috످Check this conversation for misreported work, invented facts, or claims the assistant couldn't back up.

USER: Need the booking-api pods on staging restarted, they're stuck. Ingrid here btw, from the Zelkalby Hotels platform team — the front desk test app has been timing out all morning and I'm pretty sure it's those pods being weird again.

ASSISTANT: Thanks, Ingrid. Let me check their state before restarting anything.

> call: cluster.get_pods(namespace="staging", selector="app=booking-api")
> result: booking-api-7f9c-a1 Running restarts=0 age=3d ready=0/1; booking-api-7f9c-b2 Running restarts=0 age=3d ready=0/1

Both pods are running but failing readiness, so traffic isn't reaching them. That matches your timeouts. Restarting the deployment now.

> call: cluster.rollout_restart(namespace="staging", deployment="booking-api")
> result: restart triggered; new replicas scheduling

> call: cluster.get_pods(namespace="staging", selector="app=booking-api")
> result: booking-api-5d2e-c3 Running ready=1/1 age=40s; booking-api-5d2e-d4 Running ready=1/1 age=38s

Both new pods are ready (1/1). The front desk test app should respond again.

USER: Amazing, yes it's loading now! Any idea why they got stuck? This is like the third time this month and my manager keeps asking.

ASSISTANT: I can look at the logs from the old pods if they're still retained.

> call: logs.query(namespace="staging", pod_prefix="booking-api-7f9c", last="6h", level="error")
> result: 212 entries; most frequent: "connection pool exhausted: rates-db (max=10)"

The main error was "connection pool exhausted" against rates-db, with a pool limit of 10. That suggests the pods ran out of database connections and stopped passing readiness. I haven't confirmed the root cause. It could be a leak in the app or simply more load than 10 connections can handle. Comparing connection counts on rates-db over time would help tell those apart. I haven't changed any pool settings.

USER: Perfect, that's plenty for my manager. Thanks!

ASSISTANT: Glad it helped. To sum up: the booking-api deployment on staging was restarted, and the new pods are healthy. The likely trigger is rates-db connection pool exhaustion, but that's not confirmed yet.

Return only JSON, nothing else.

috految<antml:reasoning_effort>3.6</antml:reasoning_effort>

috److{"misreporting_found":false,"reason":"The tool results support the assistant's account of the restart and the errors, and it presented the root cause as unconfirmed.","evidence":["The first pod check shows both old pods running but not ready, as reported.","After the restart, both new pods show ready=1/1, and Ingrid confirms the app is loading.","The log query lists “connection pool exhausted” on rates-db as the most frequent error, with a limit of 10.","No call changes pool settings, which matches what the assistant said."]}

috످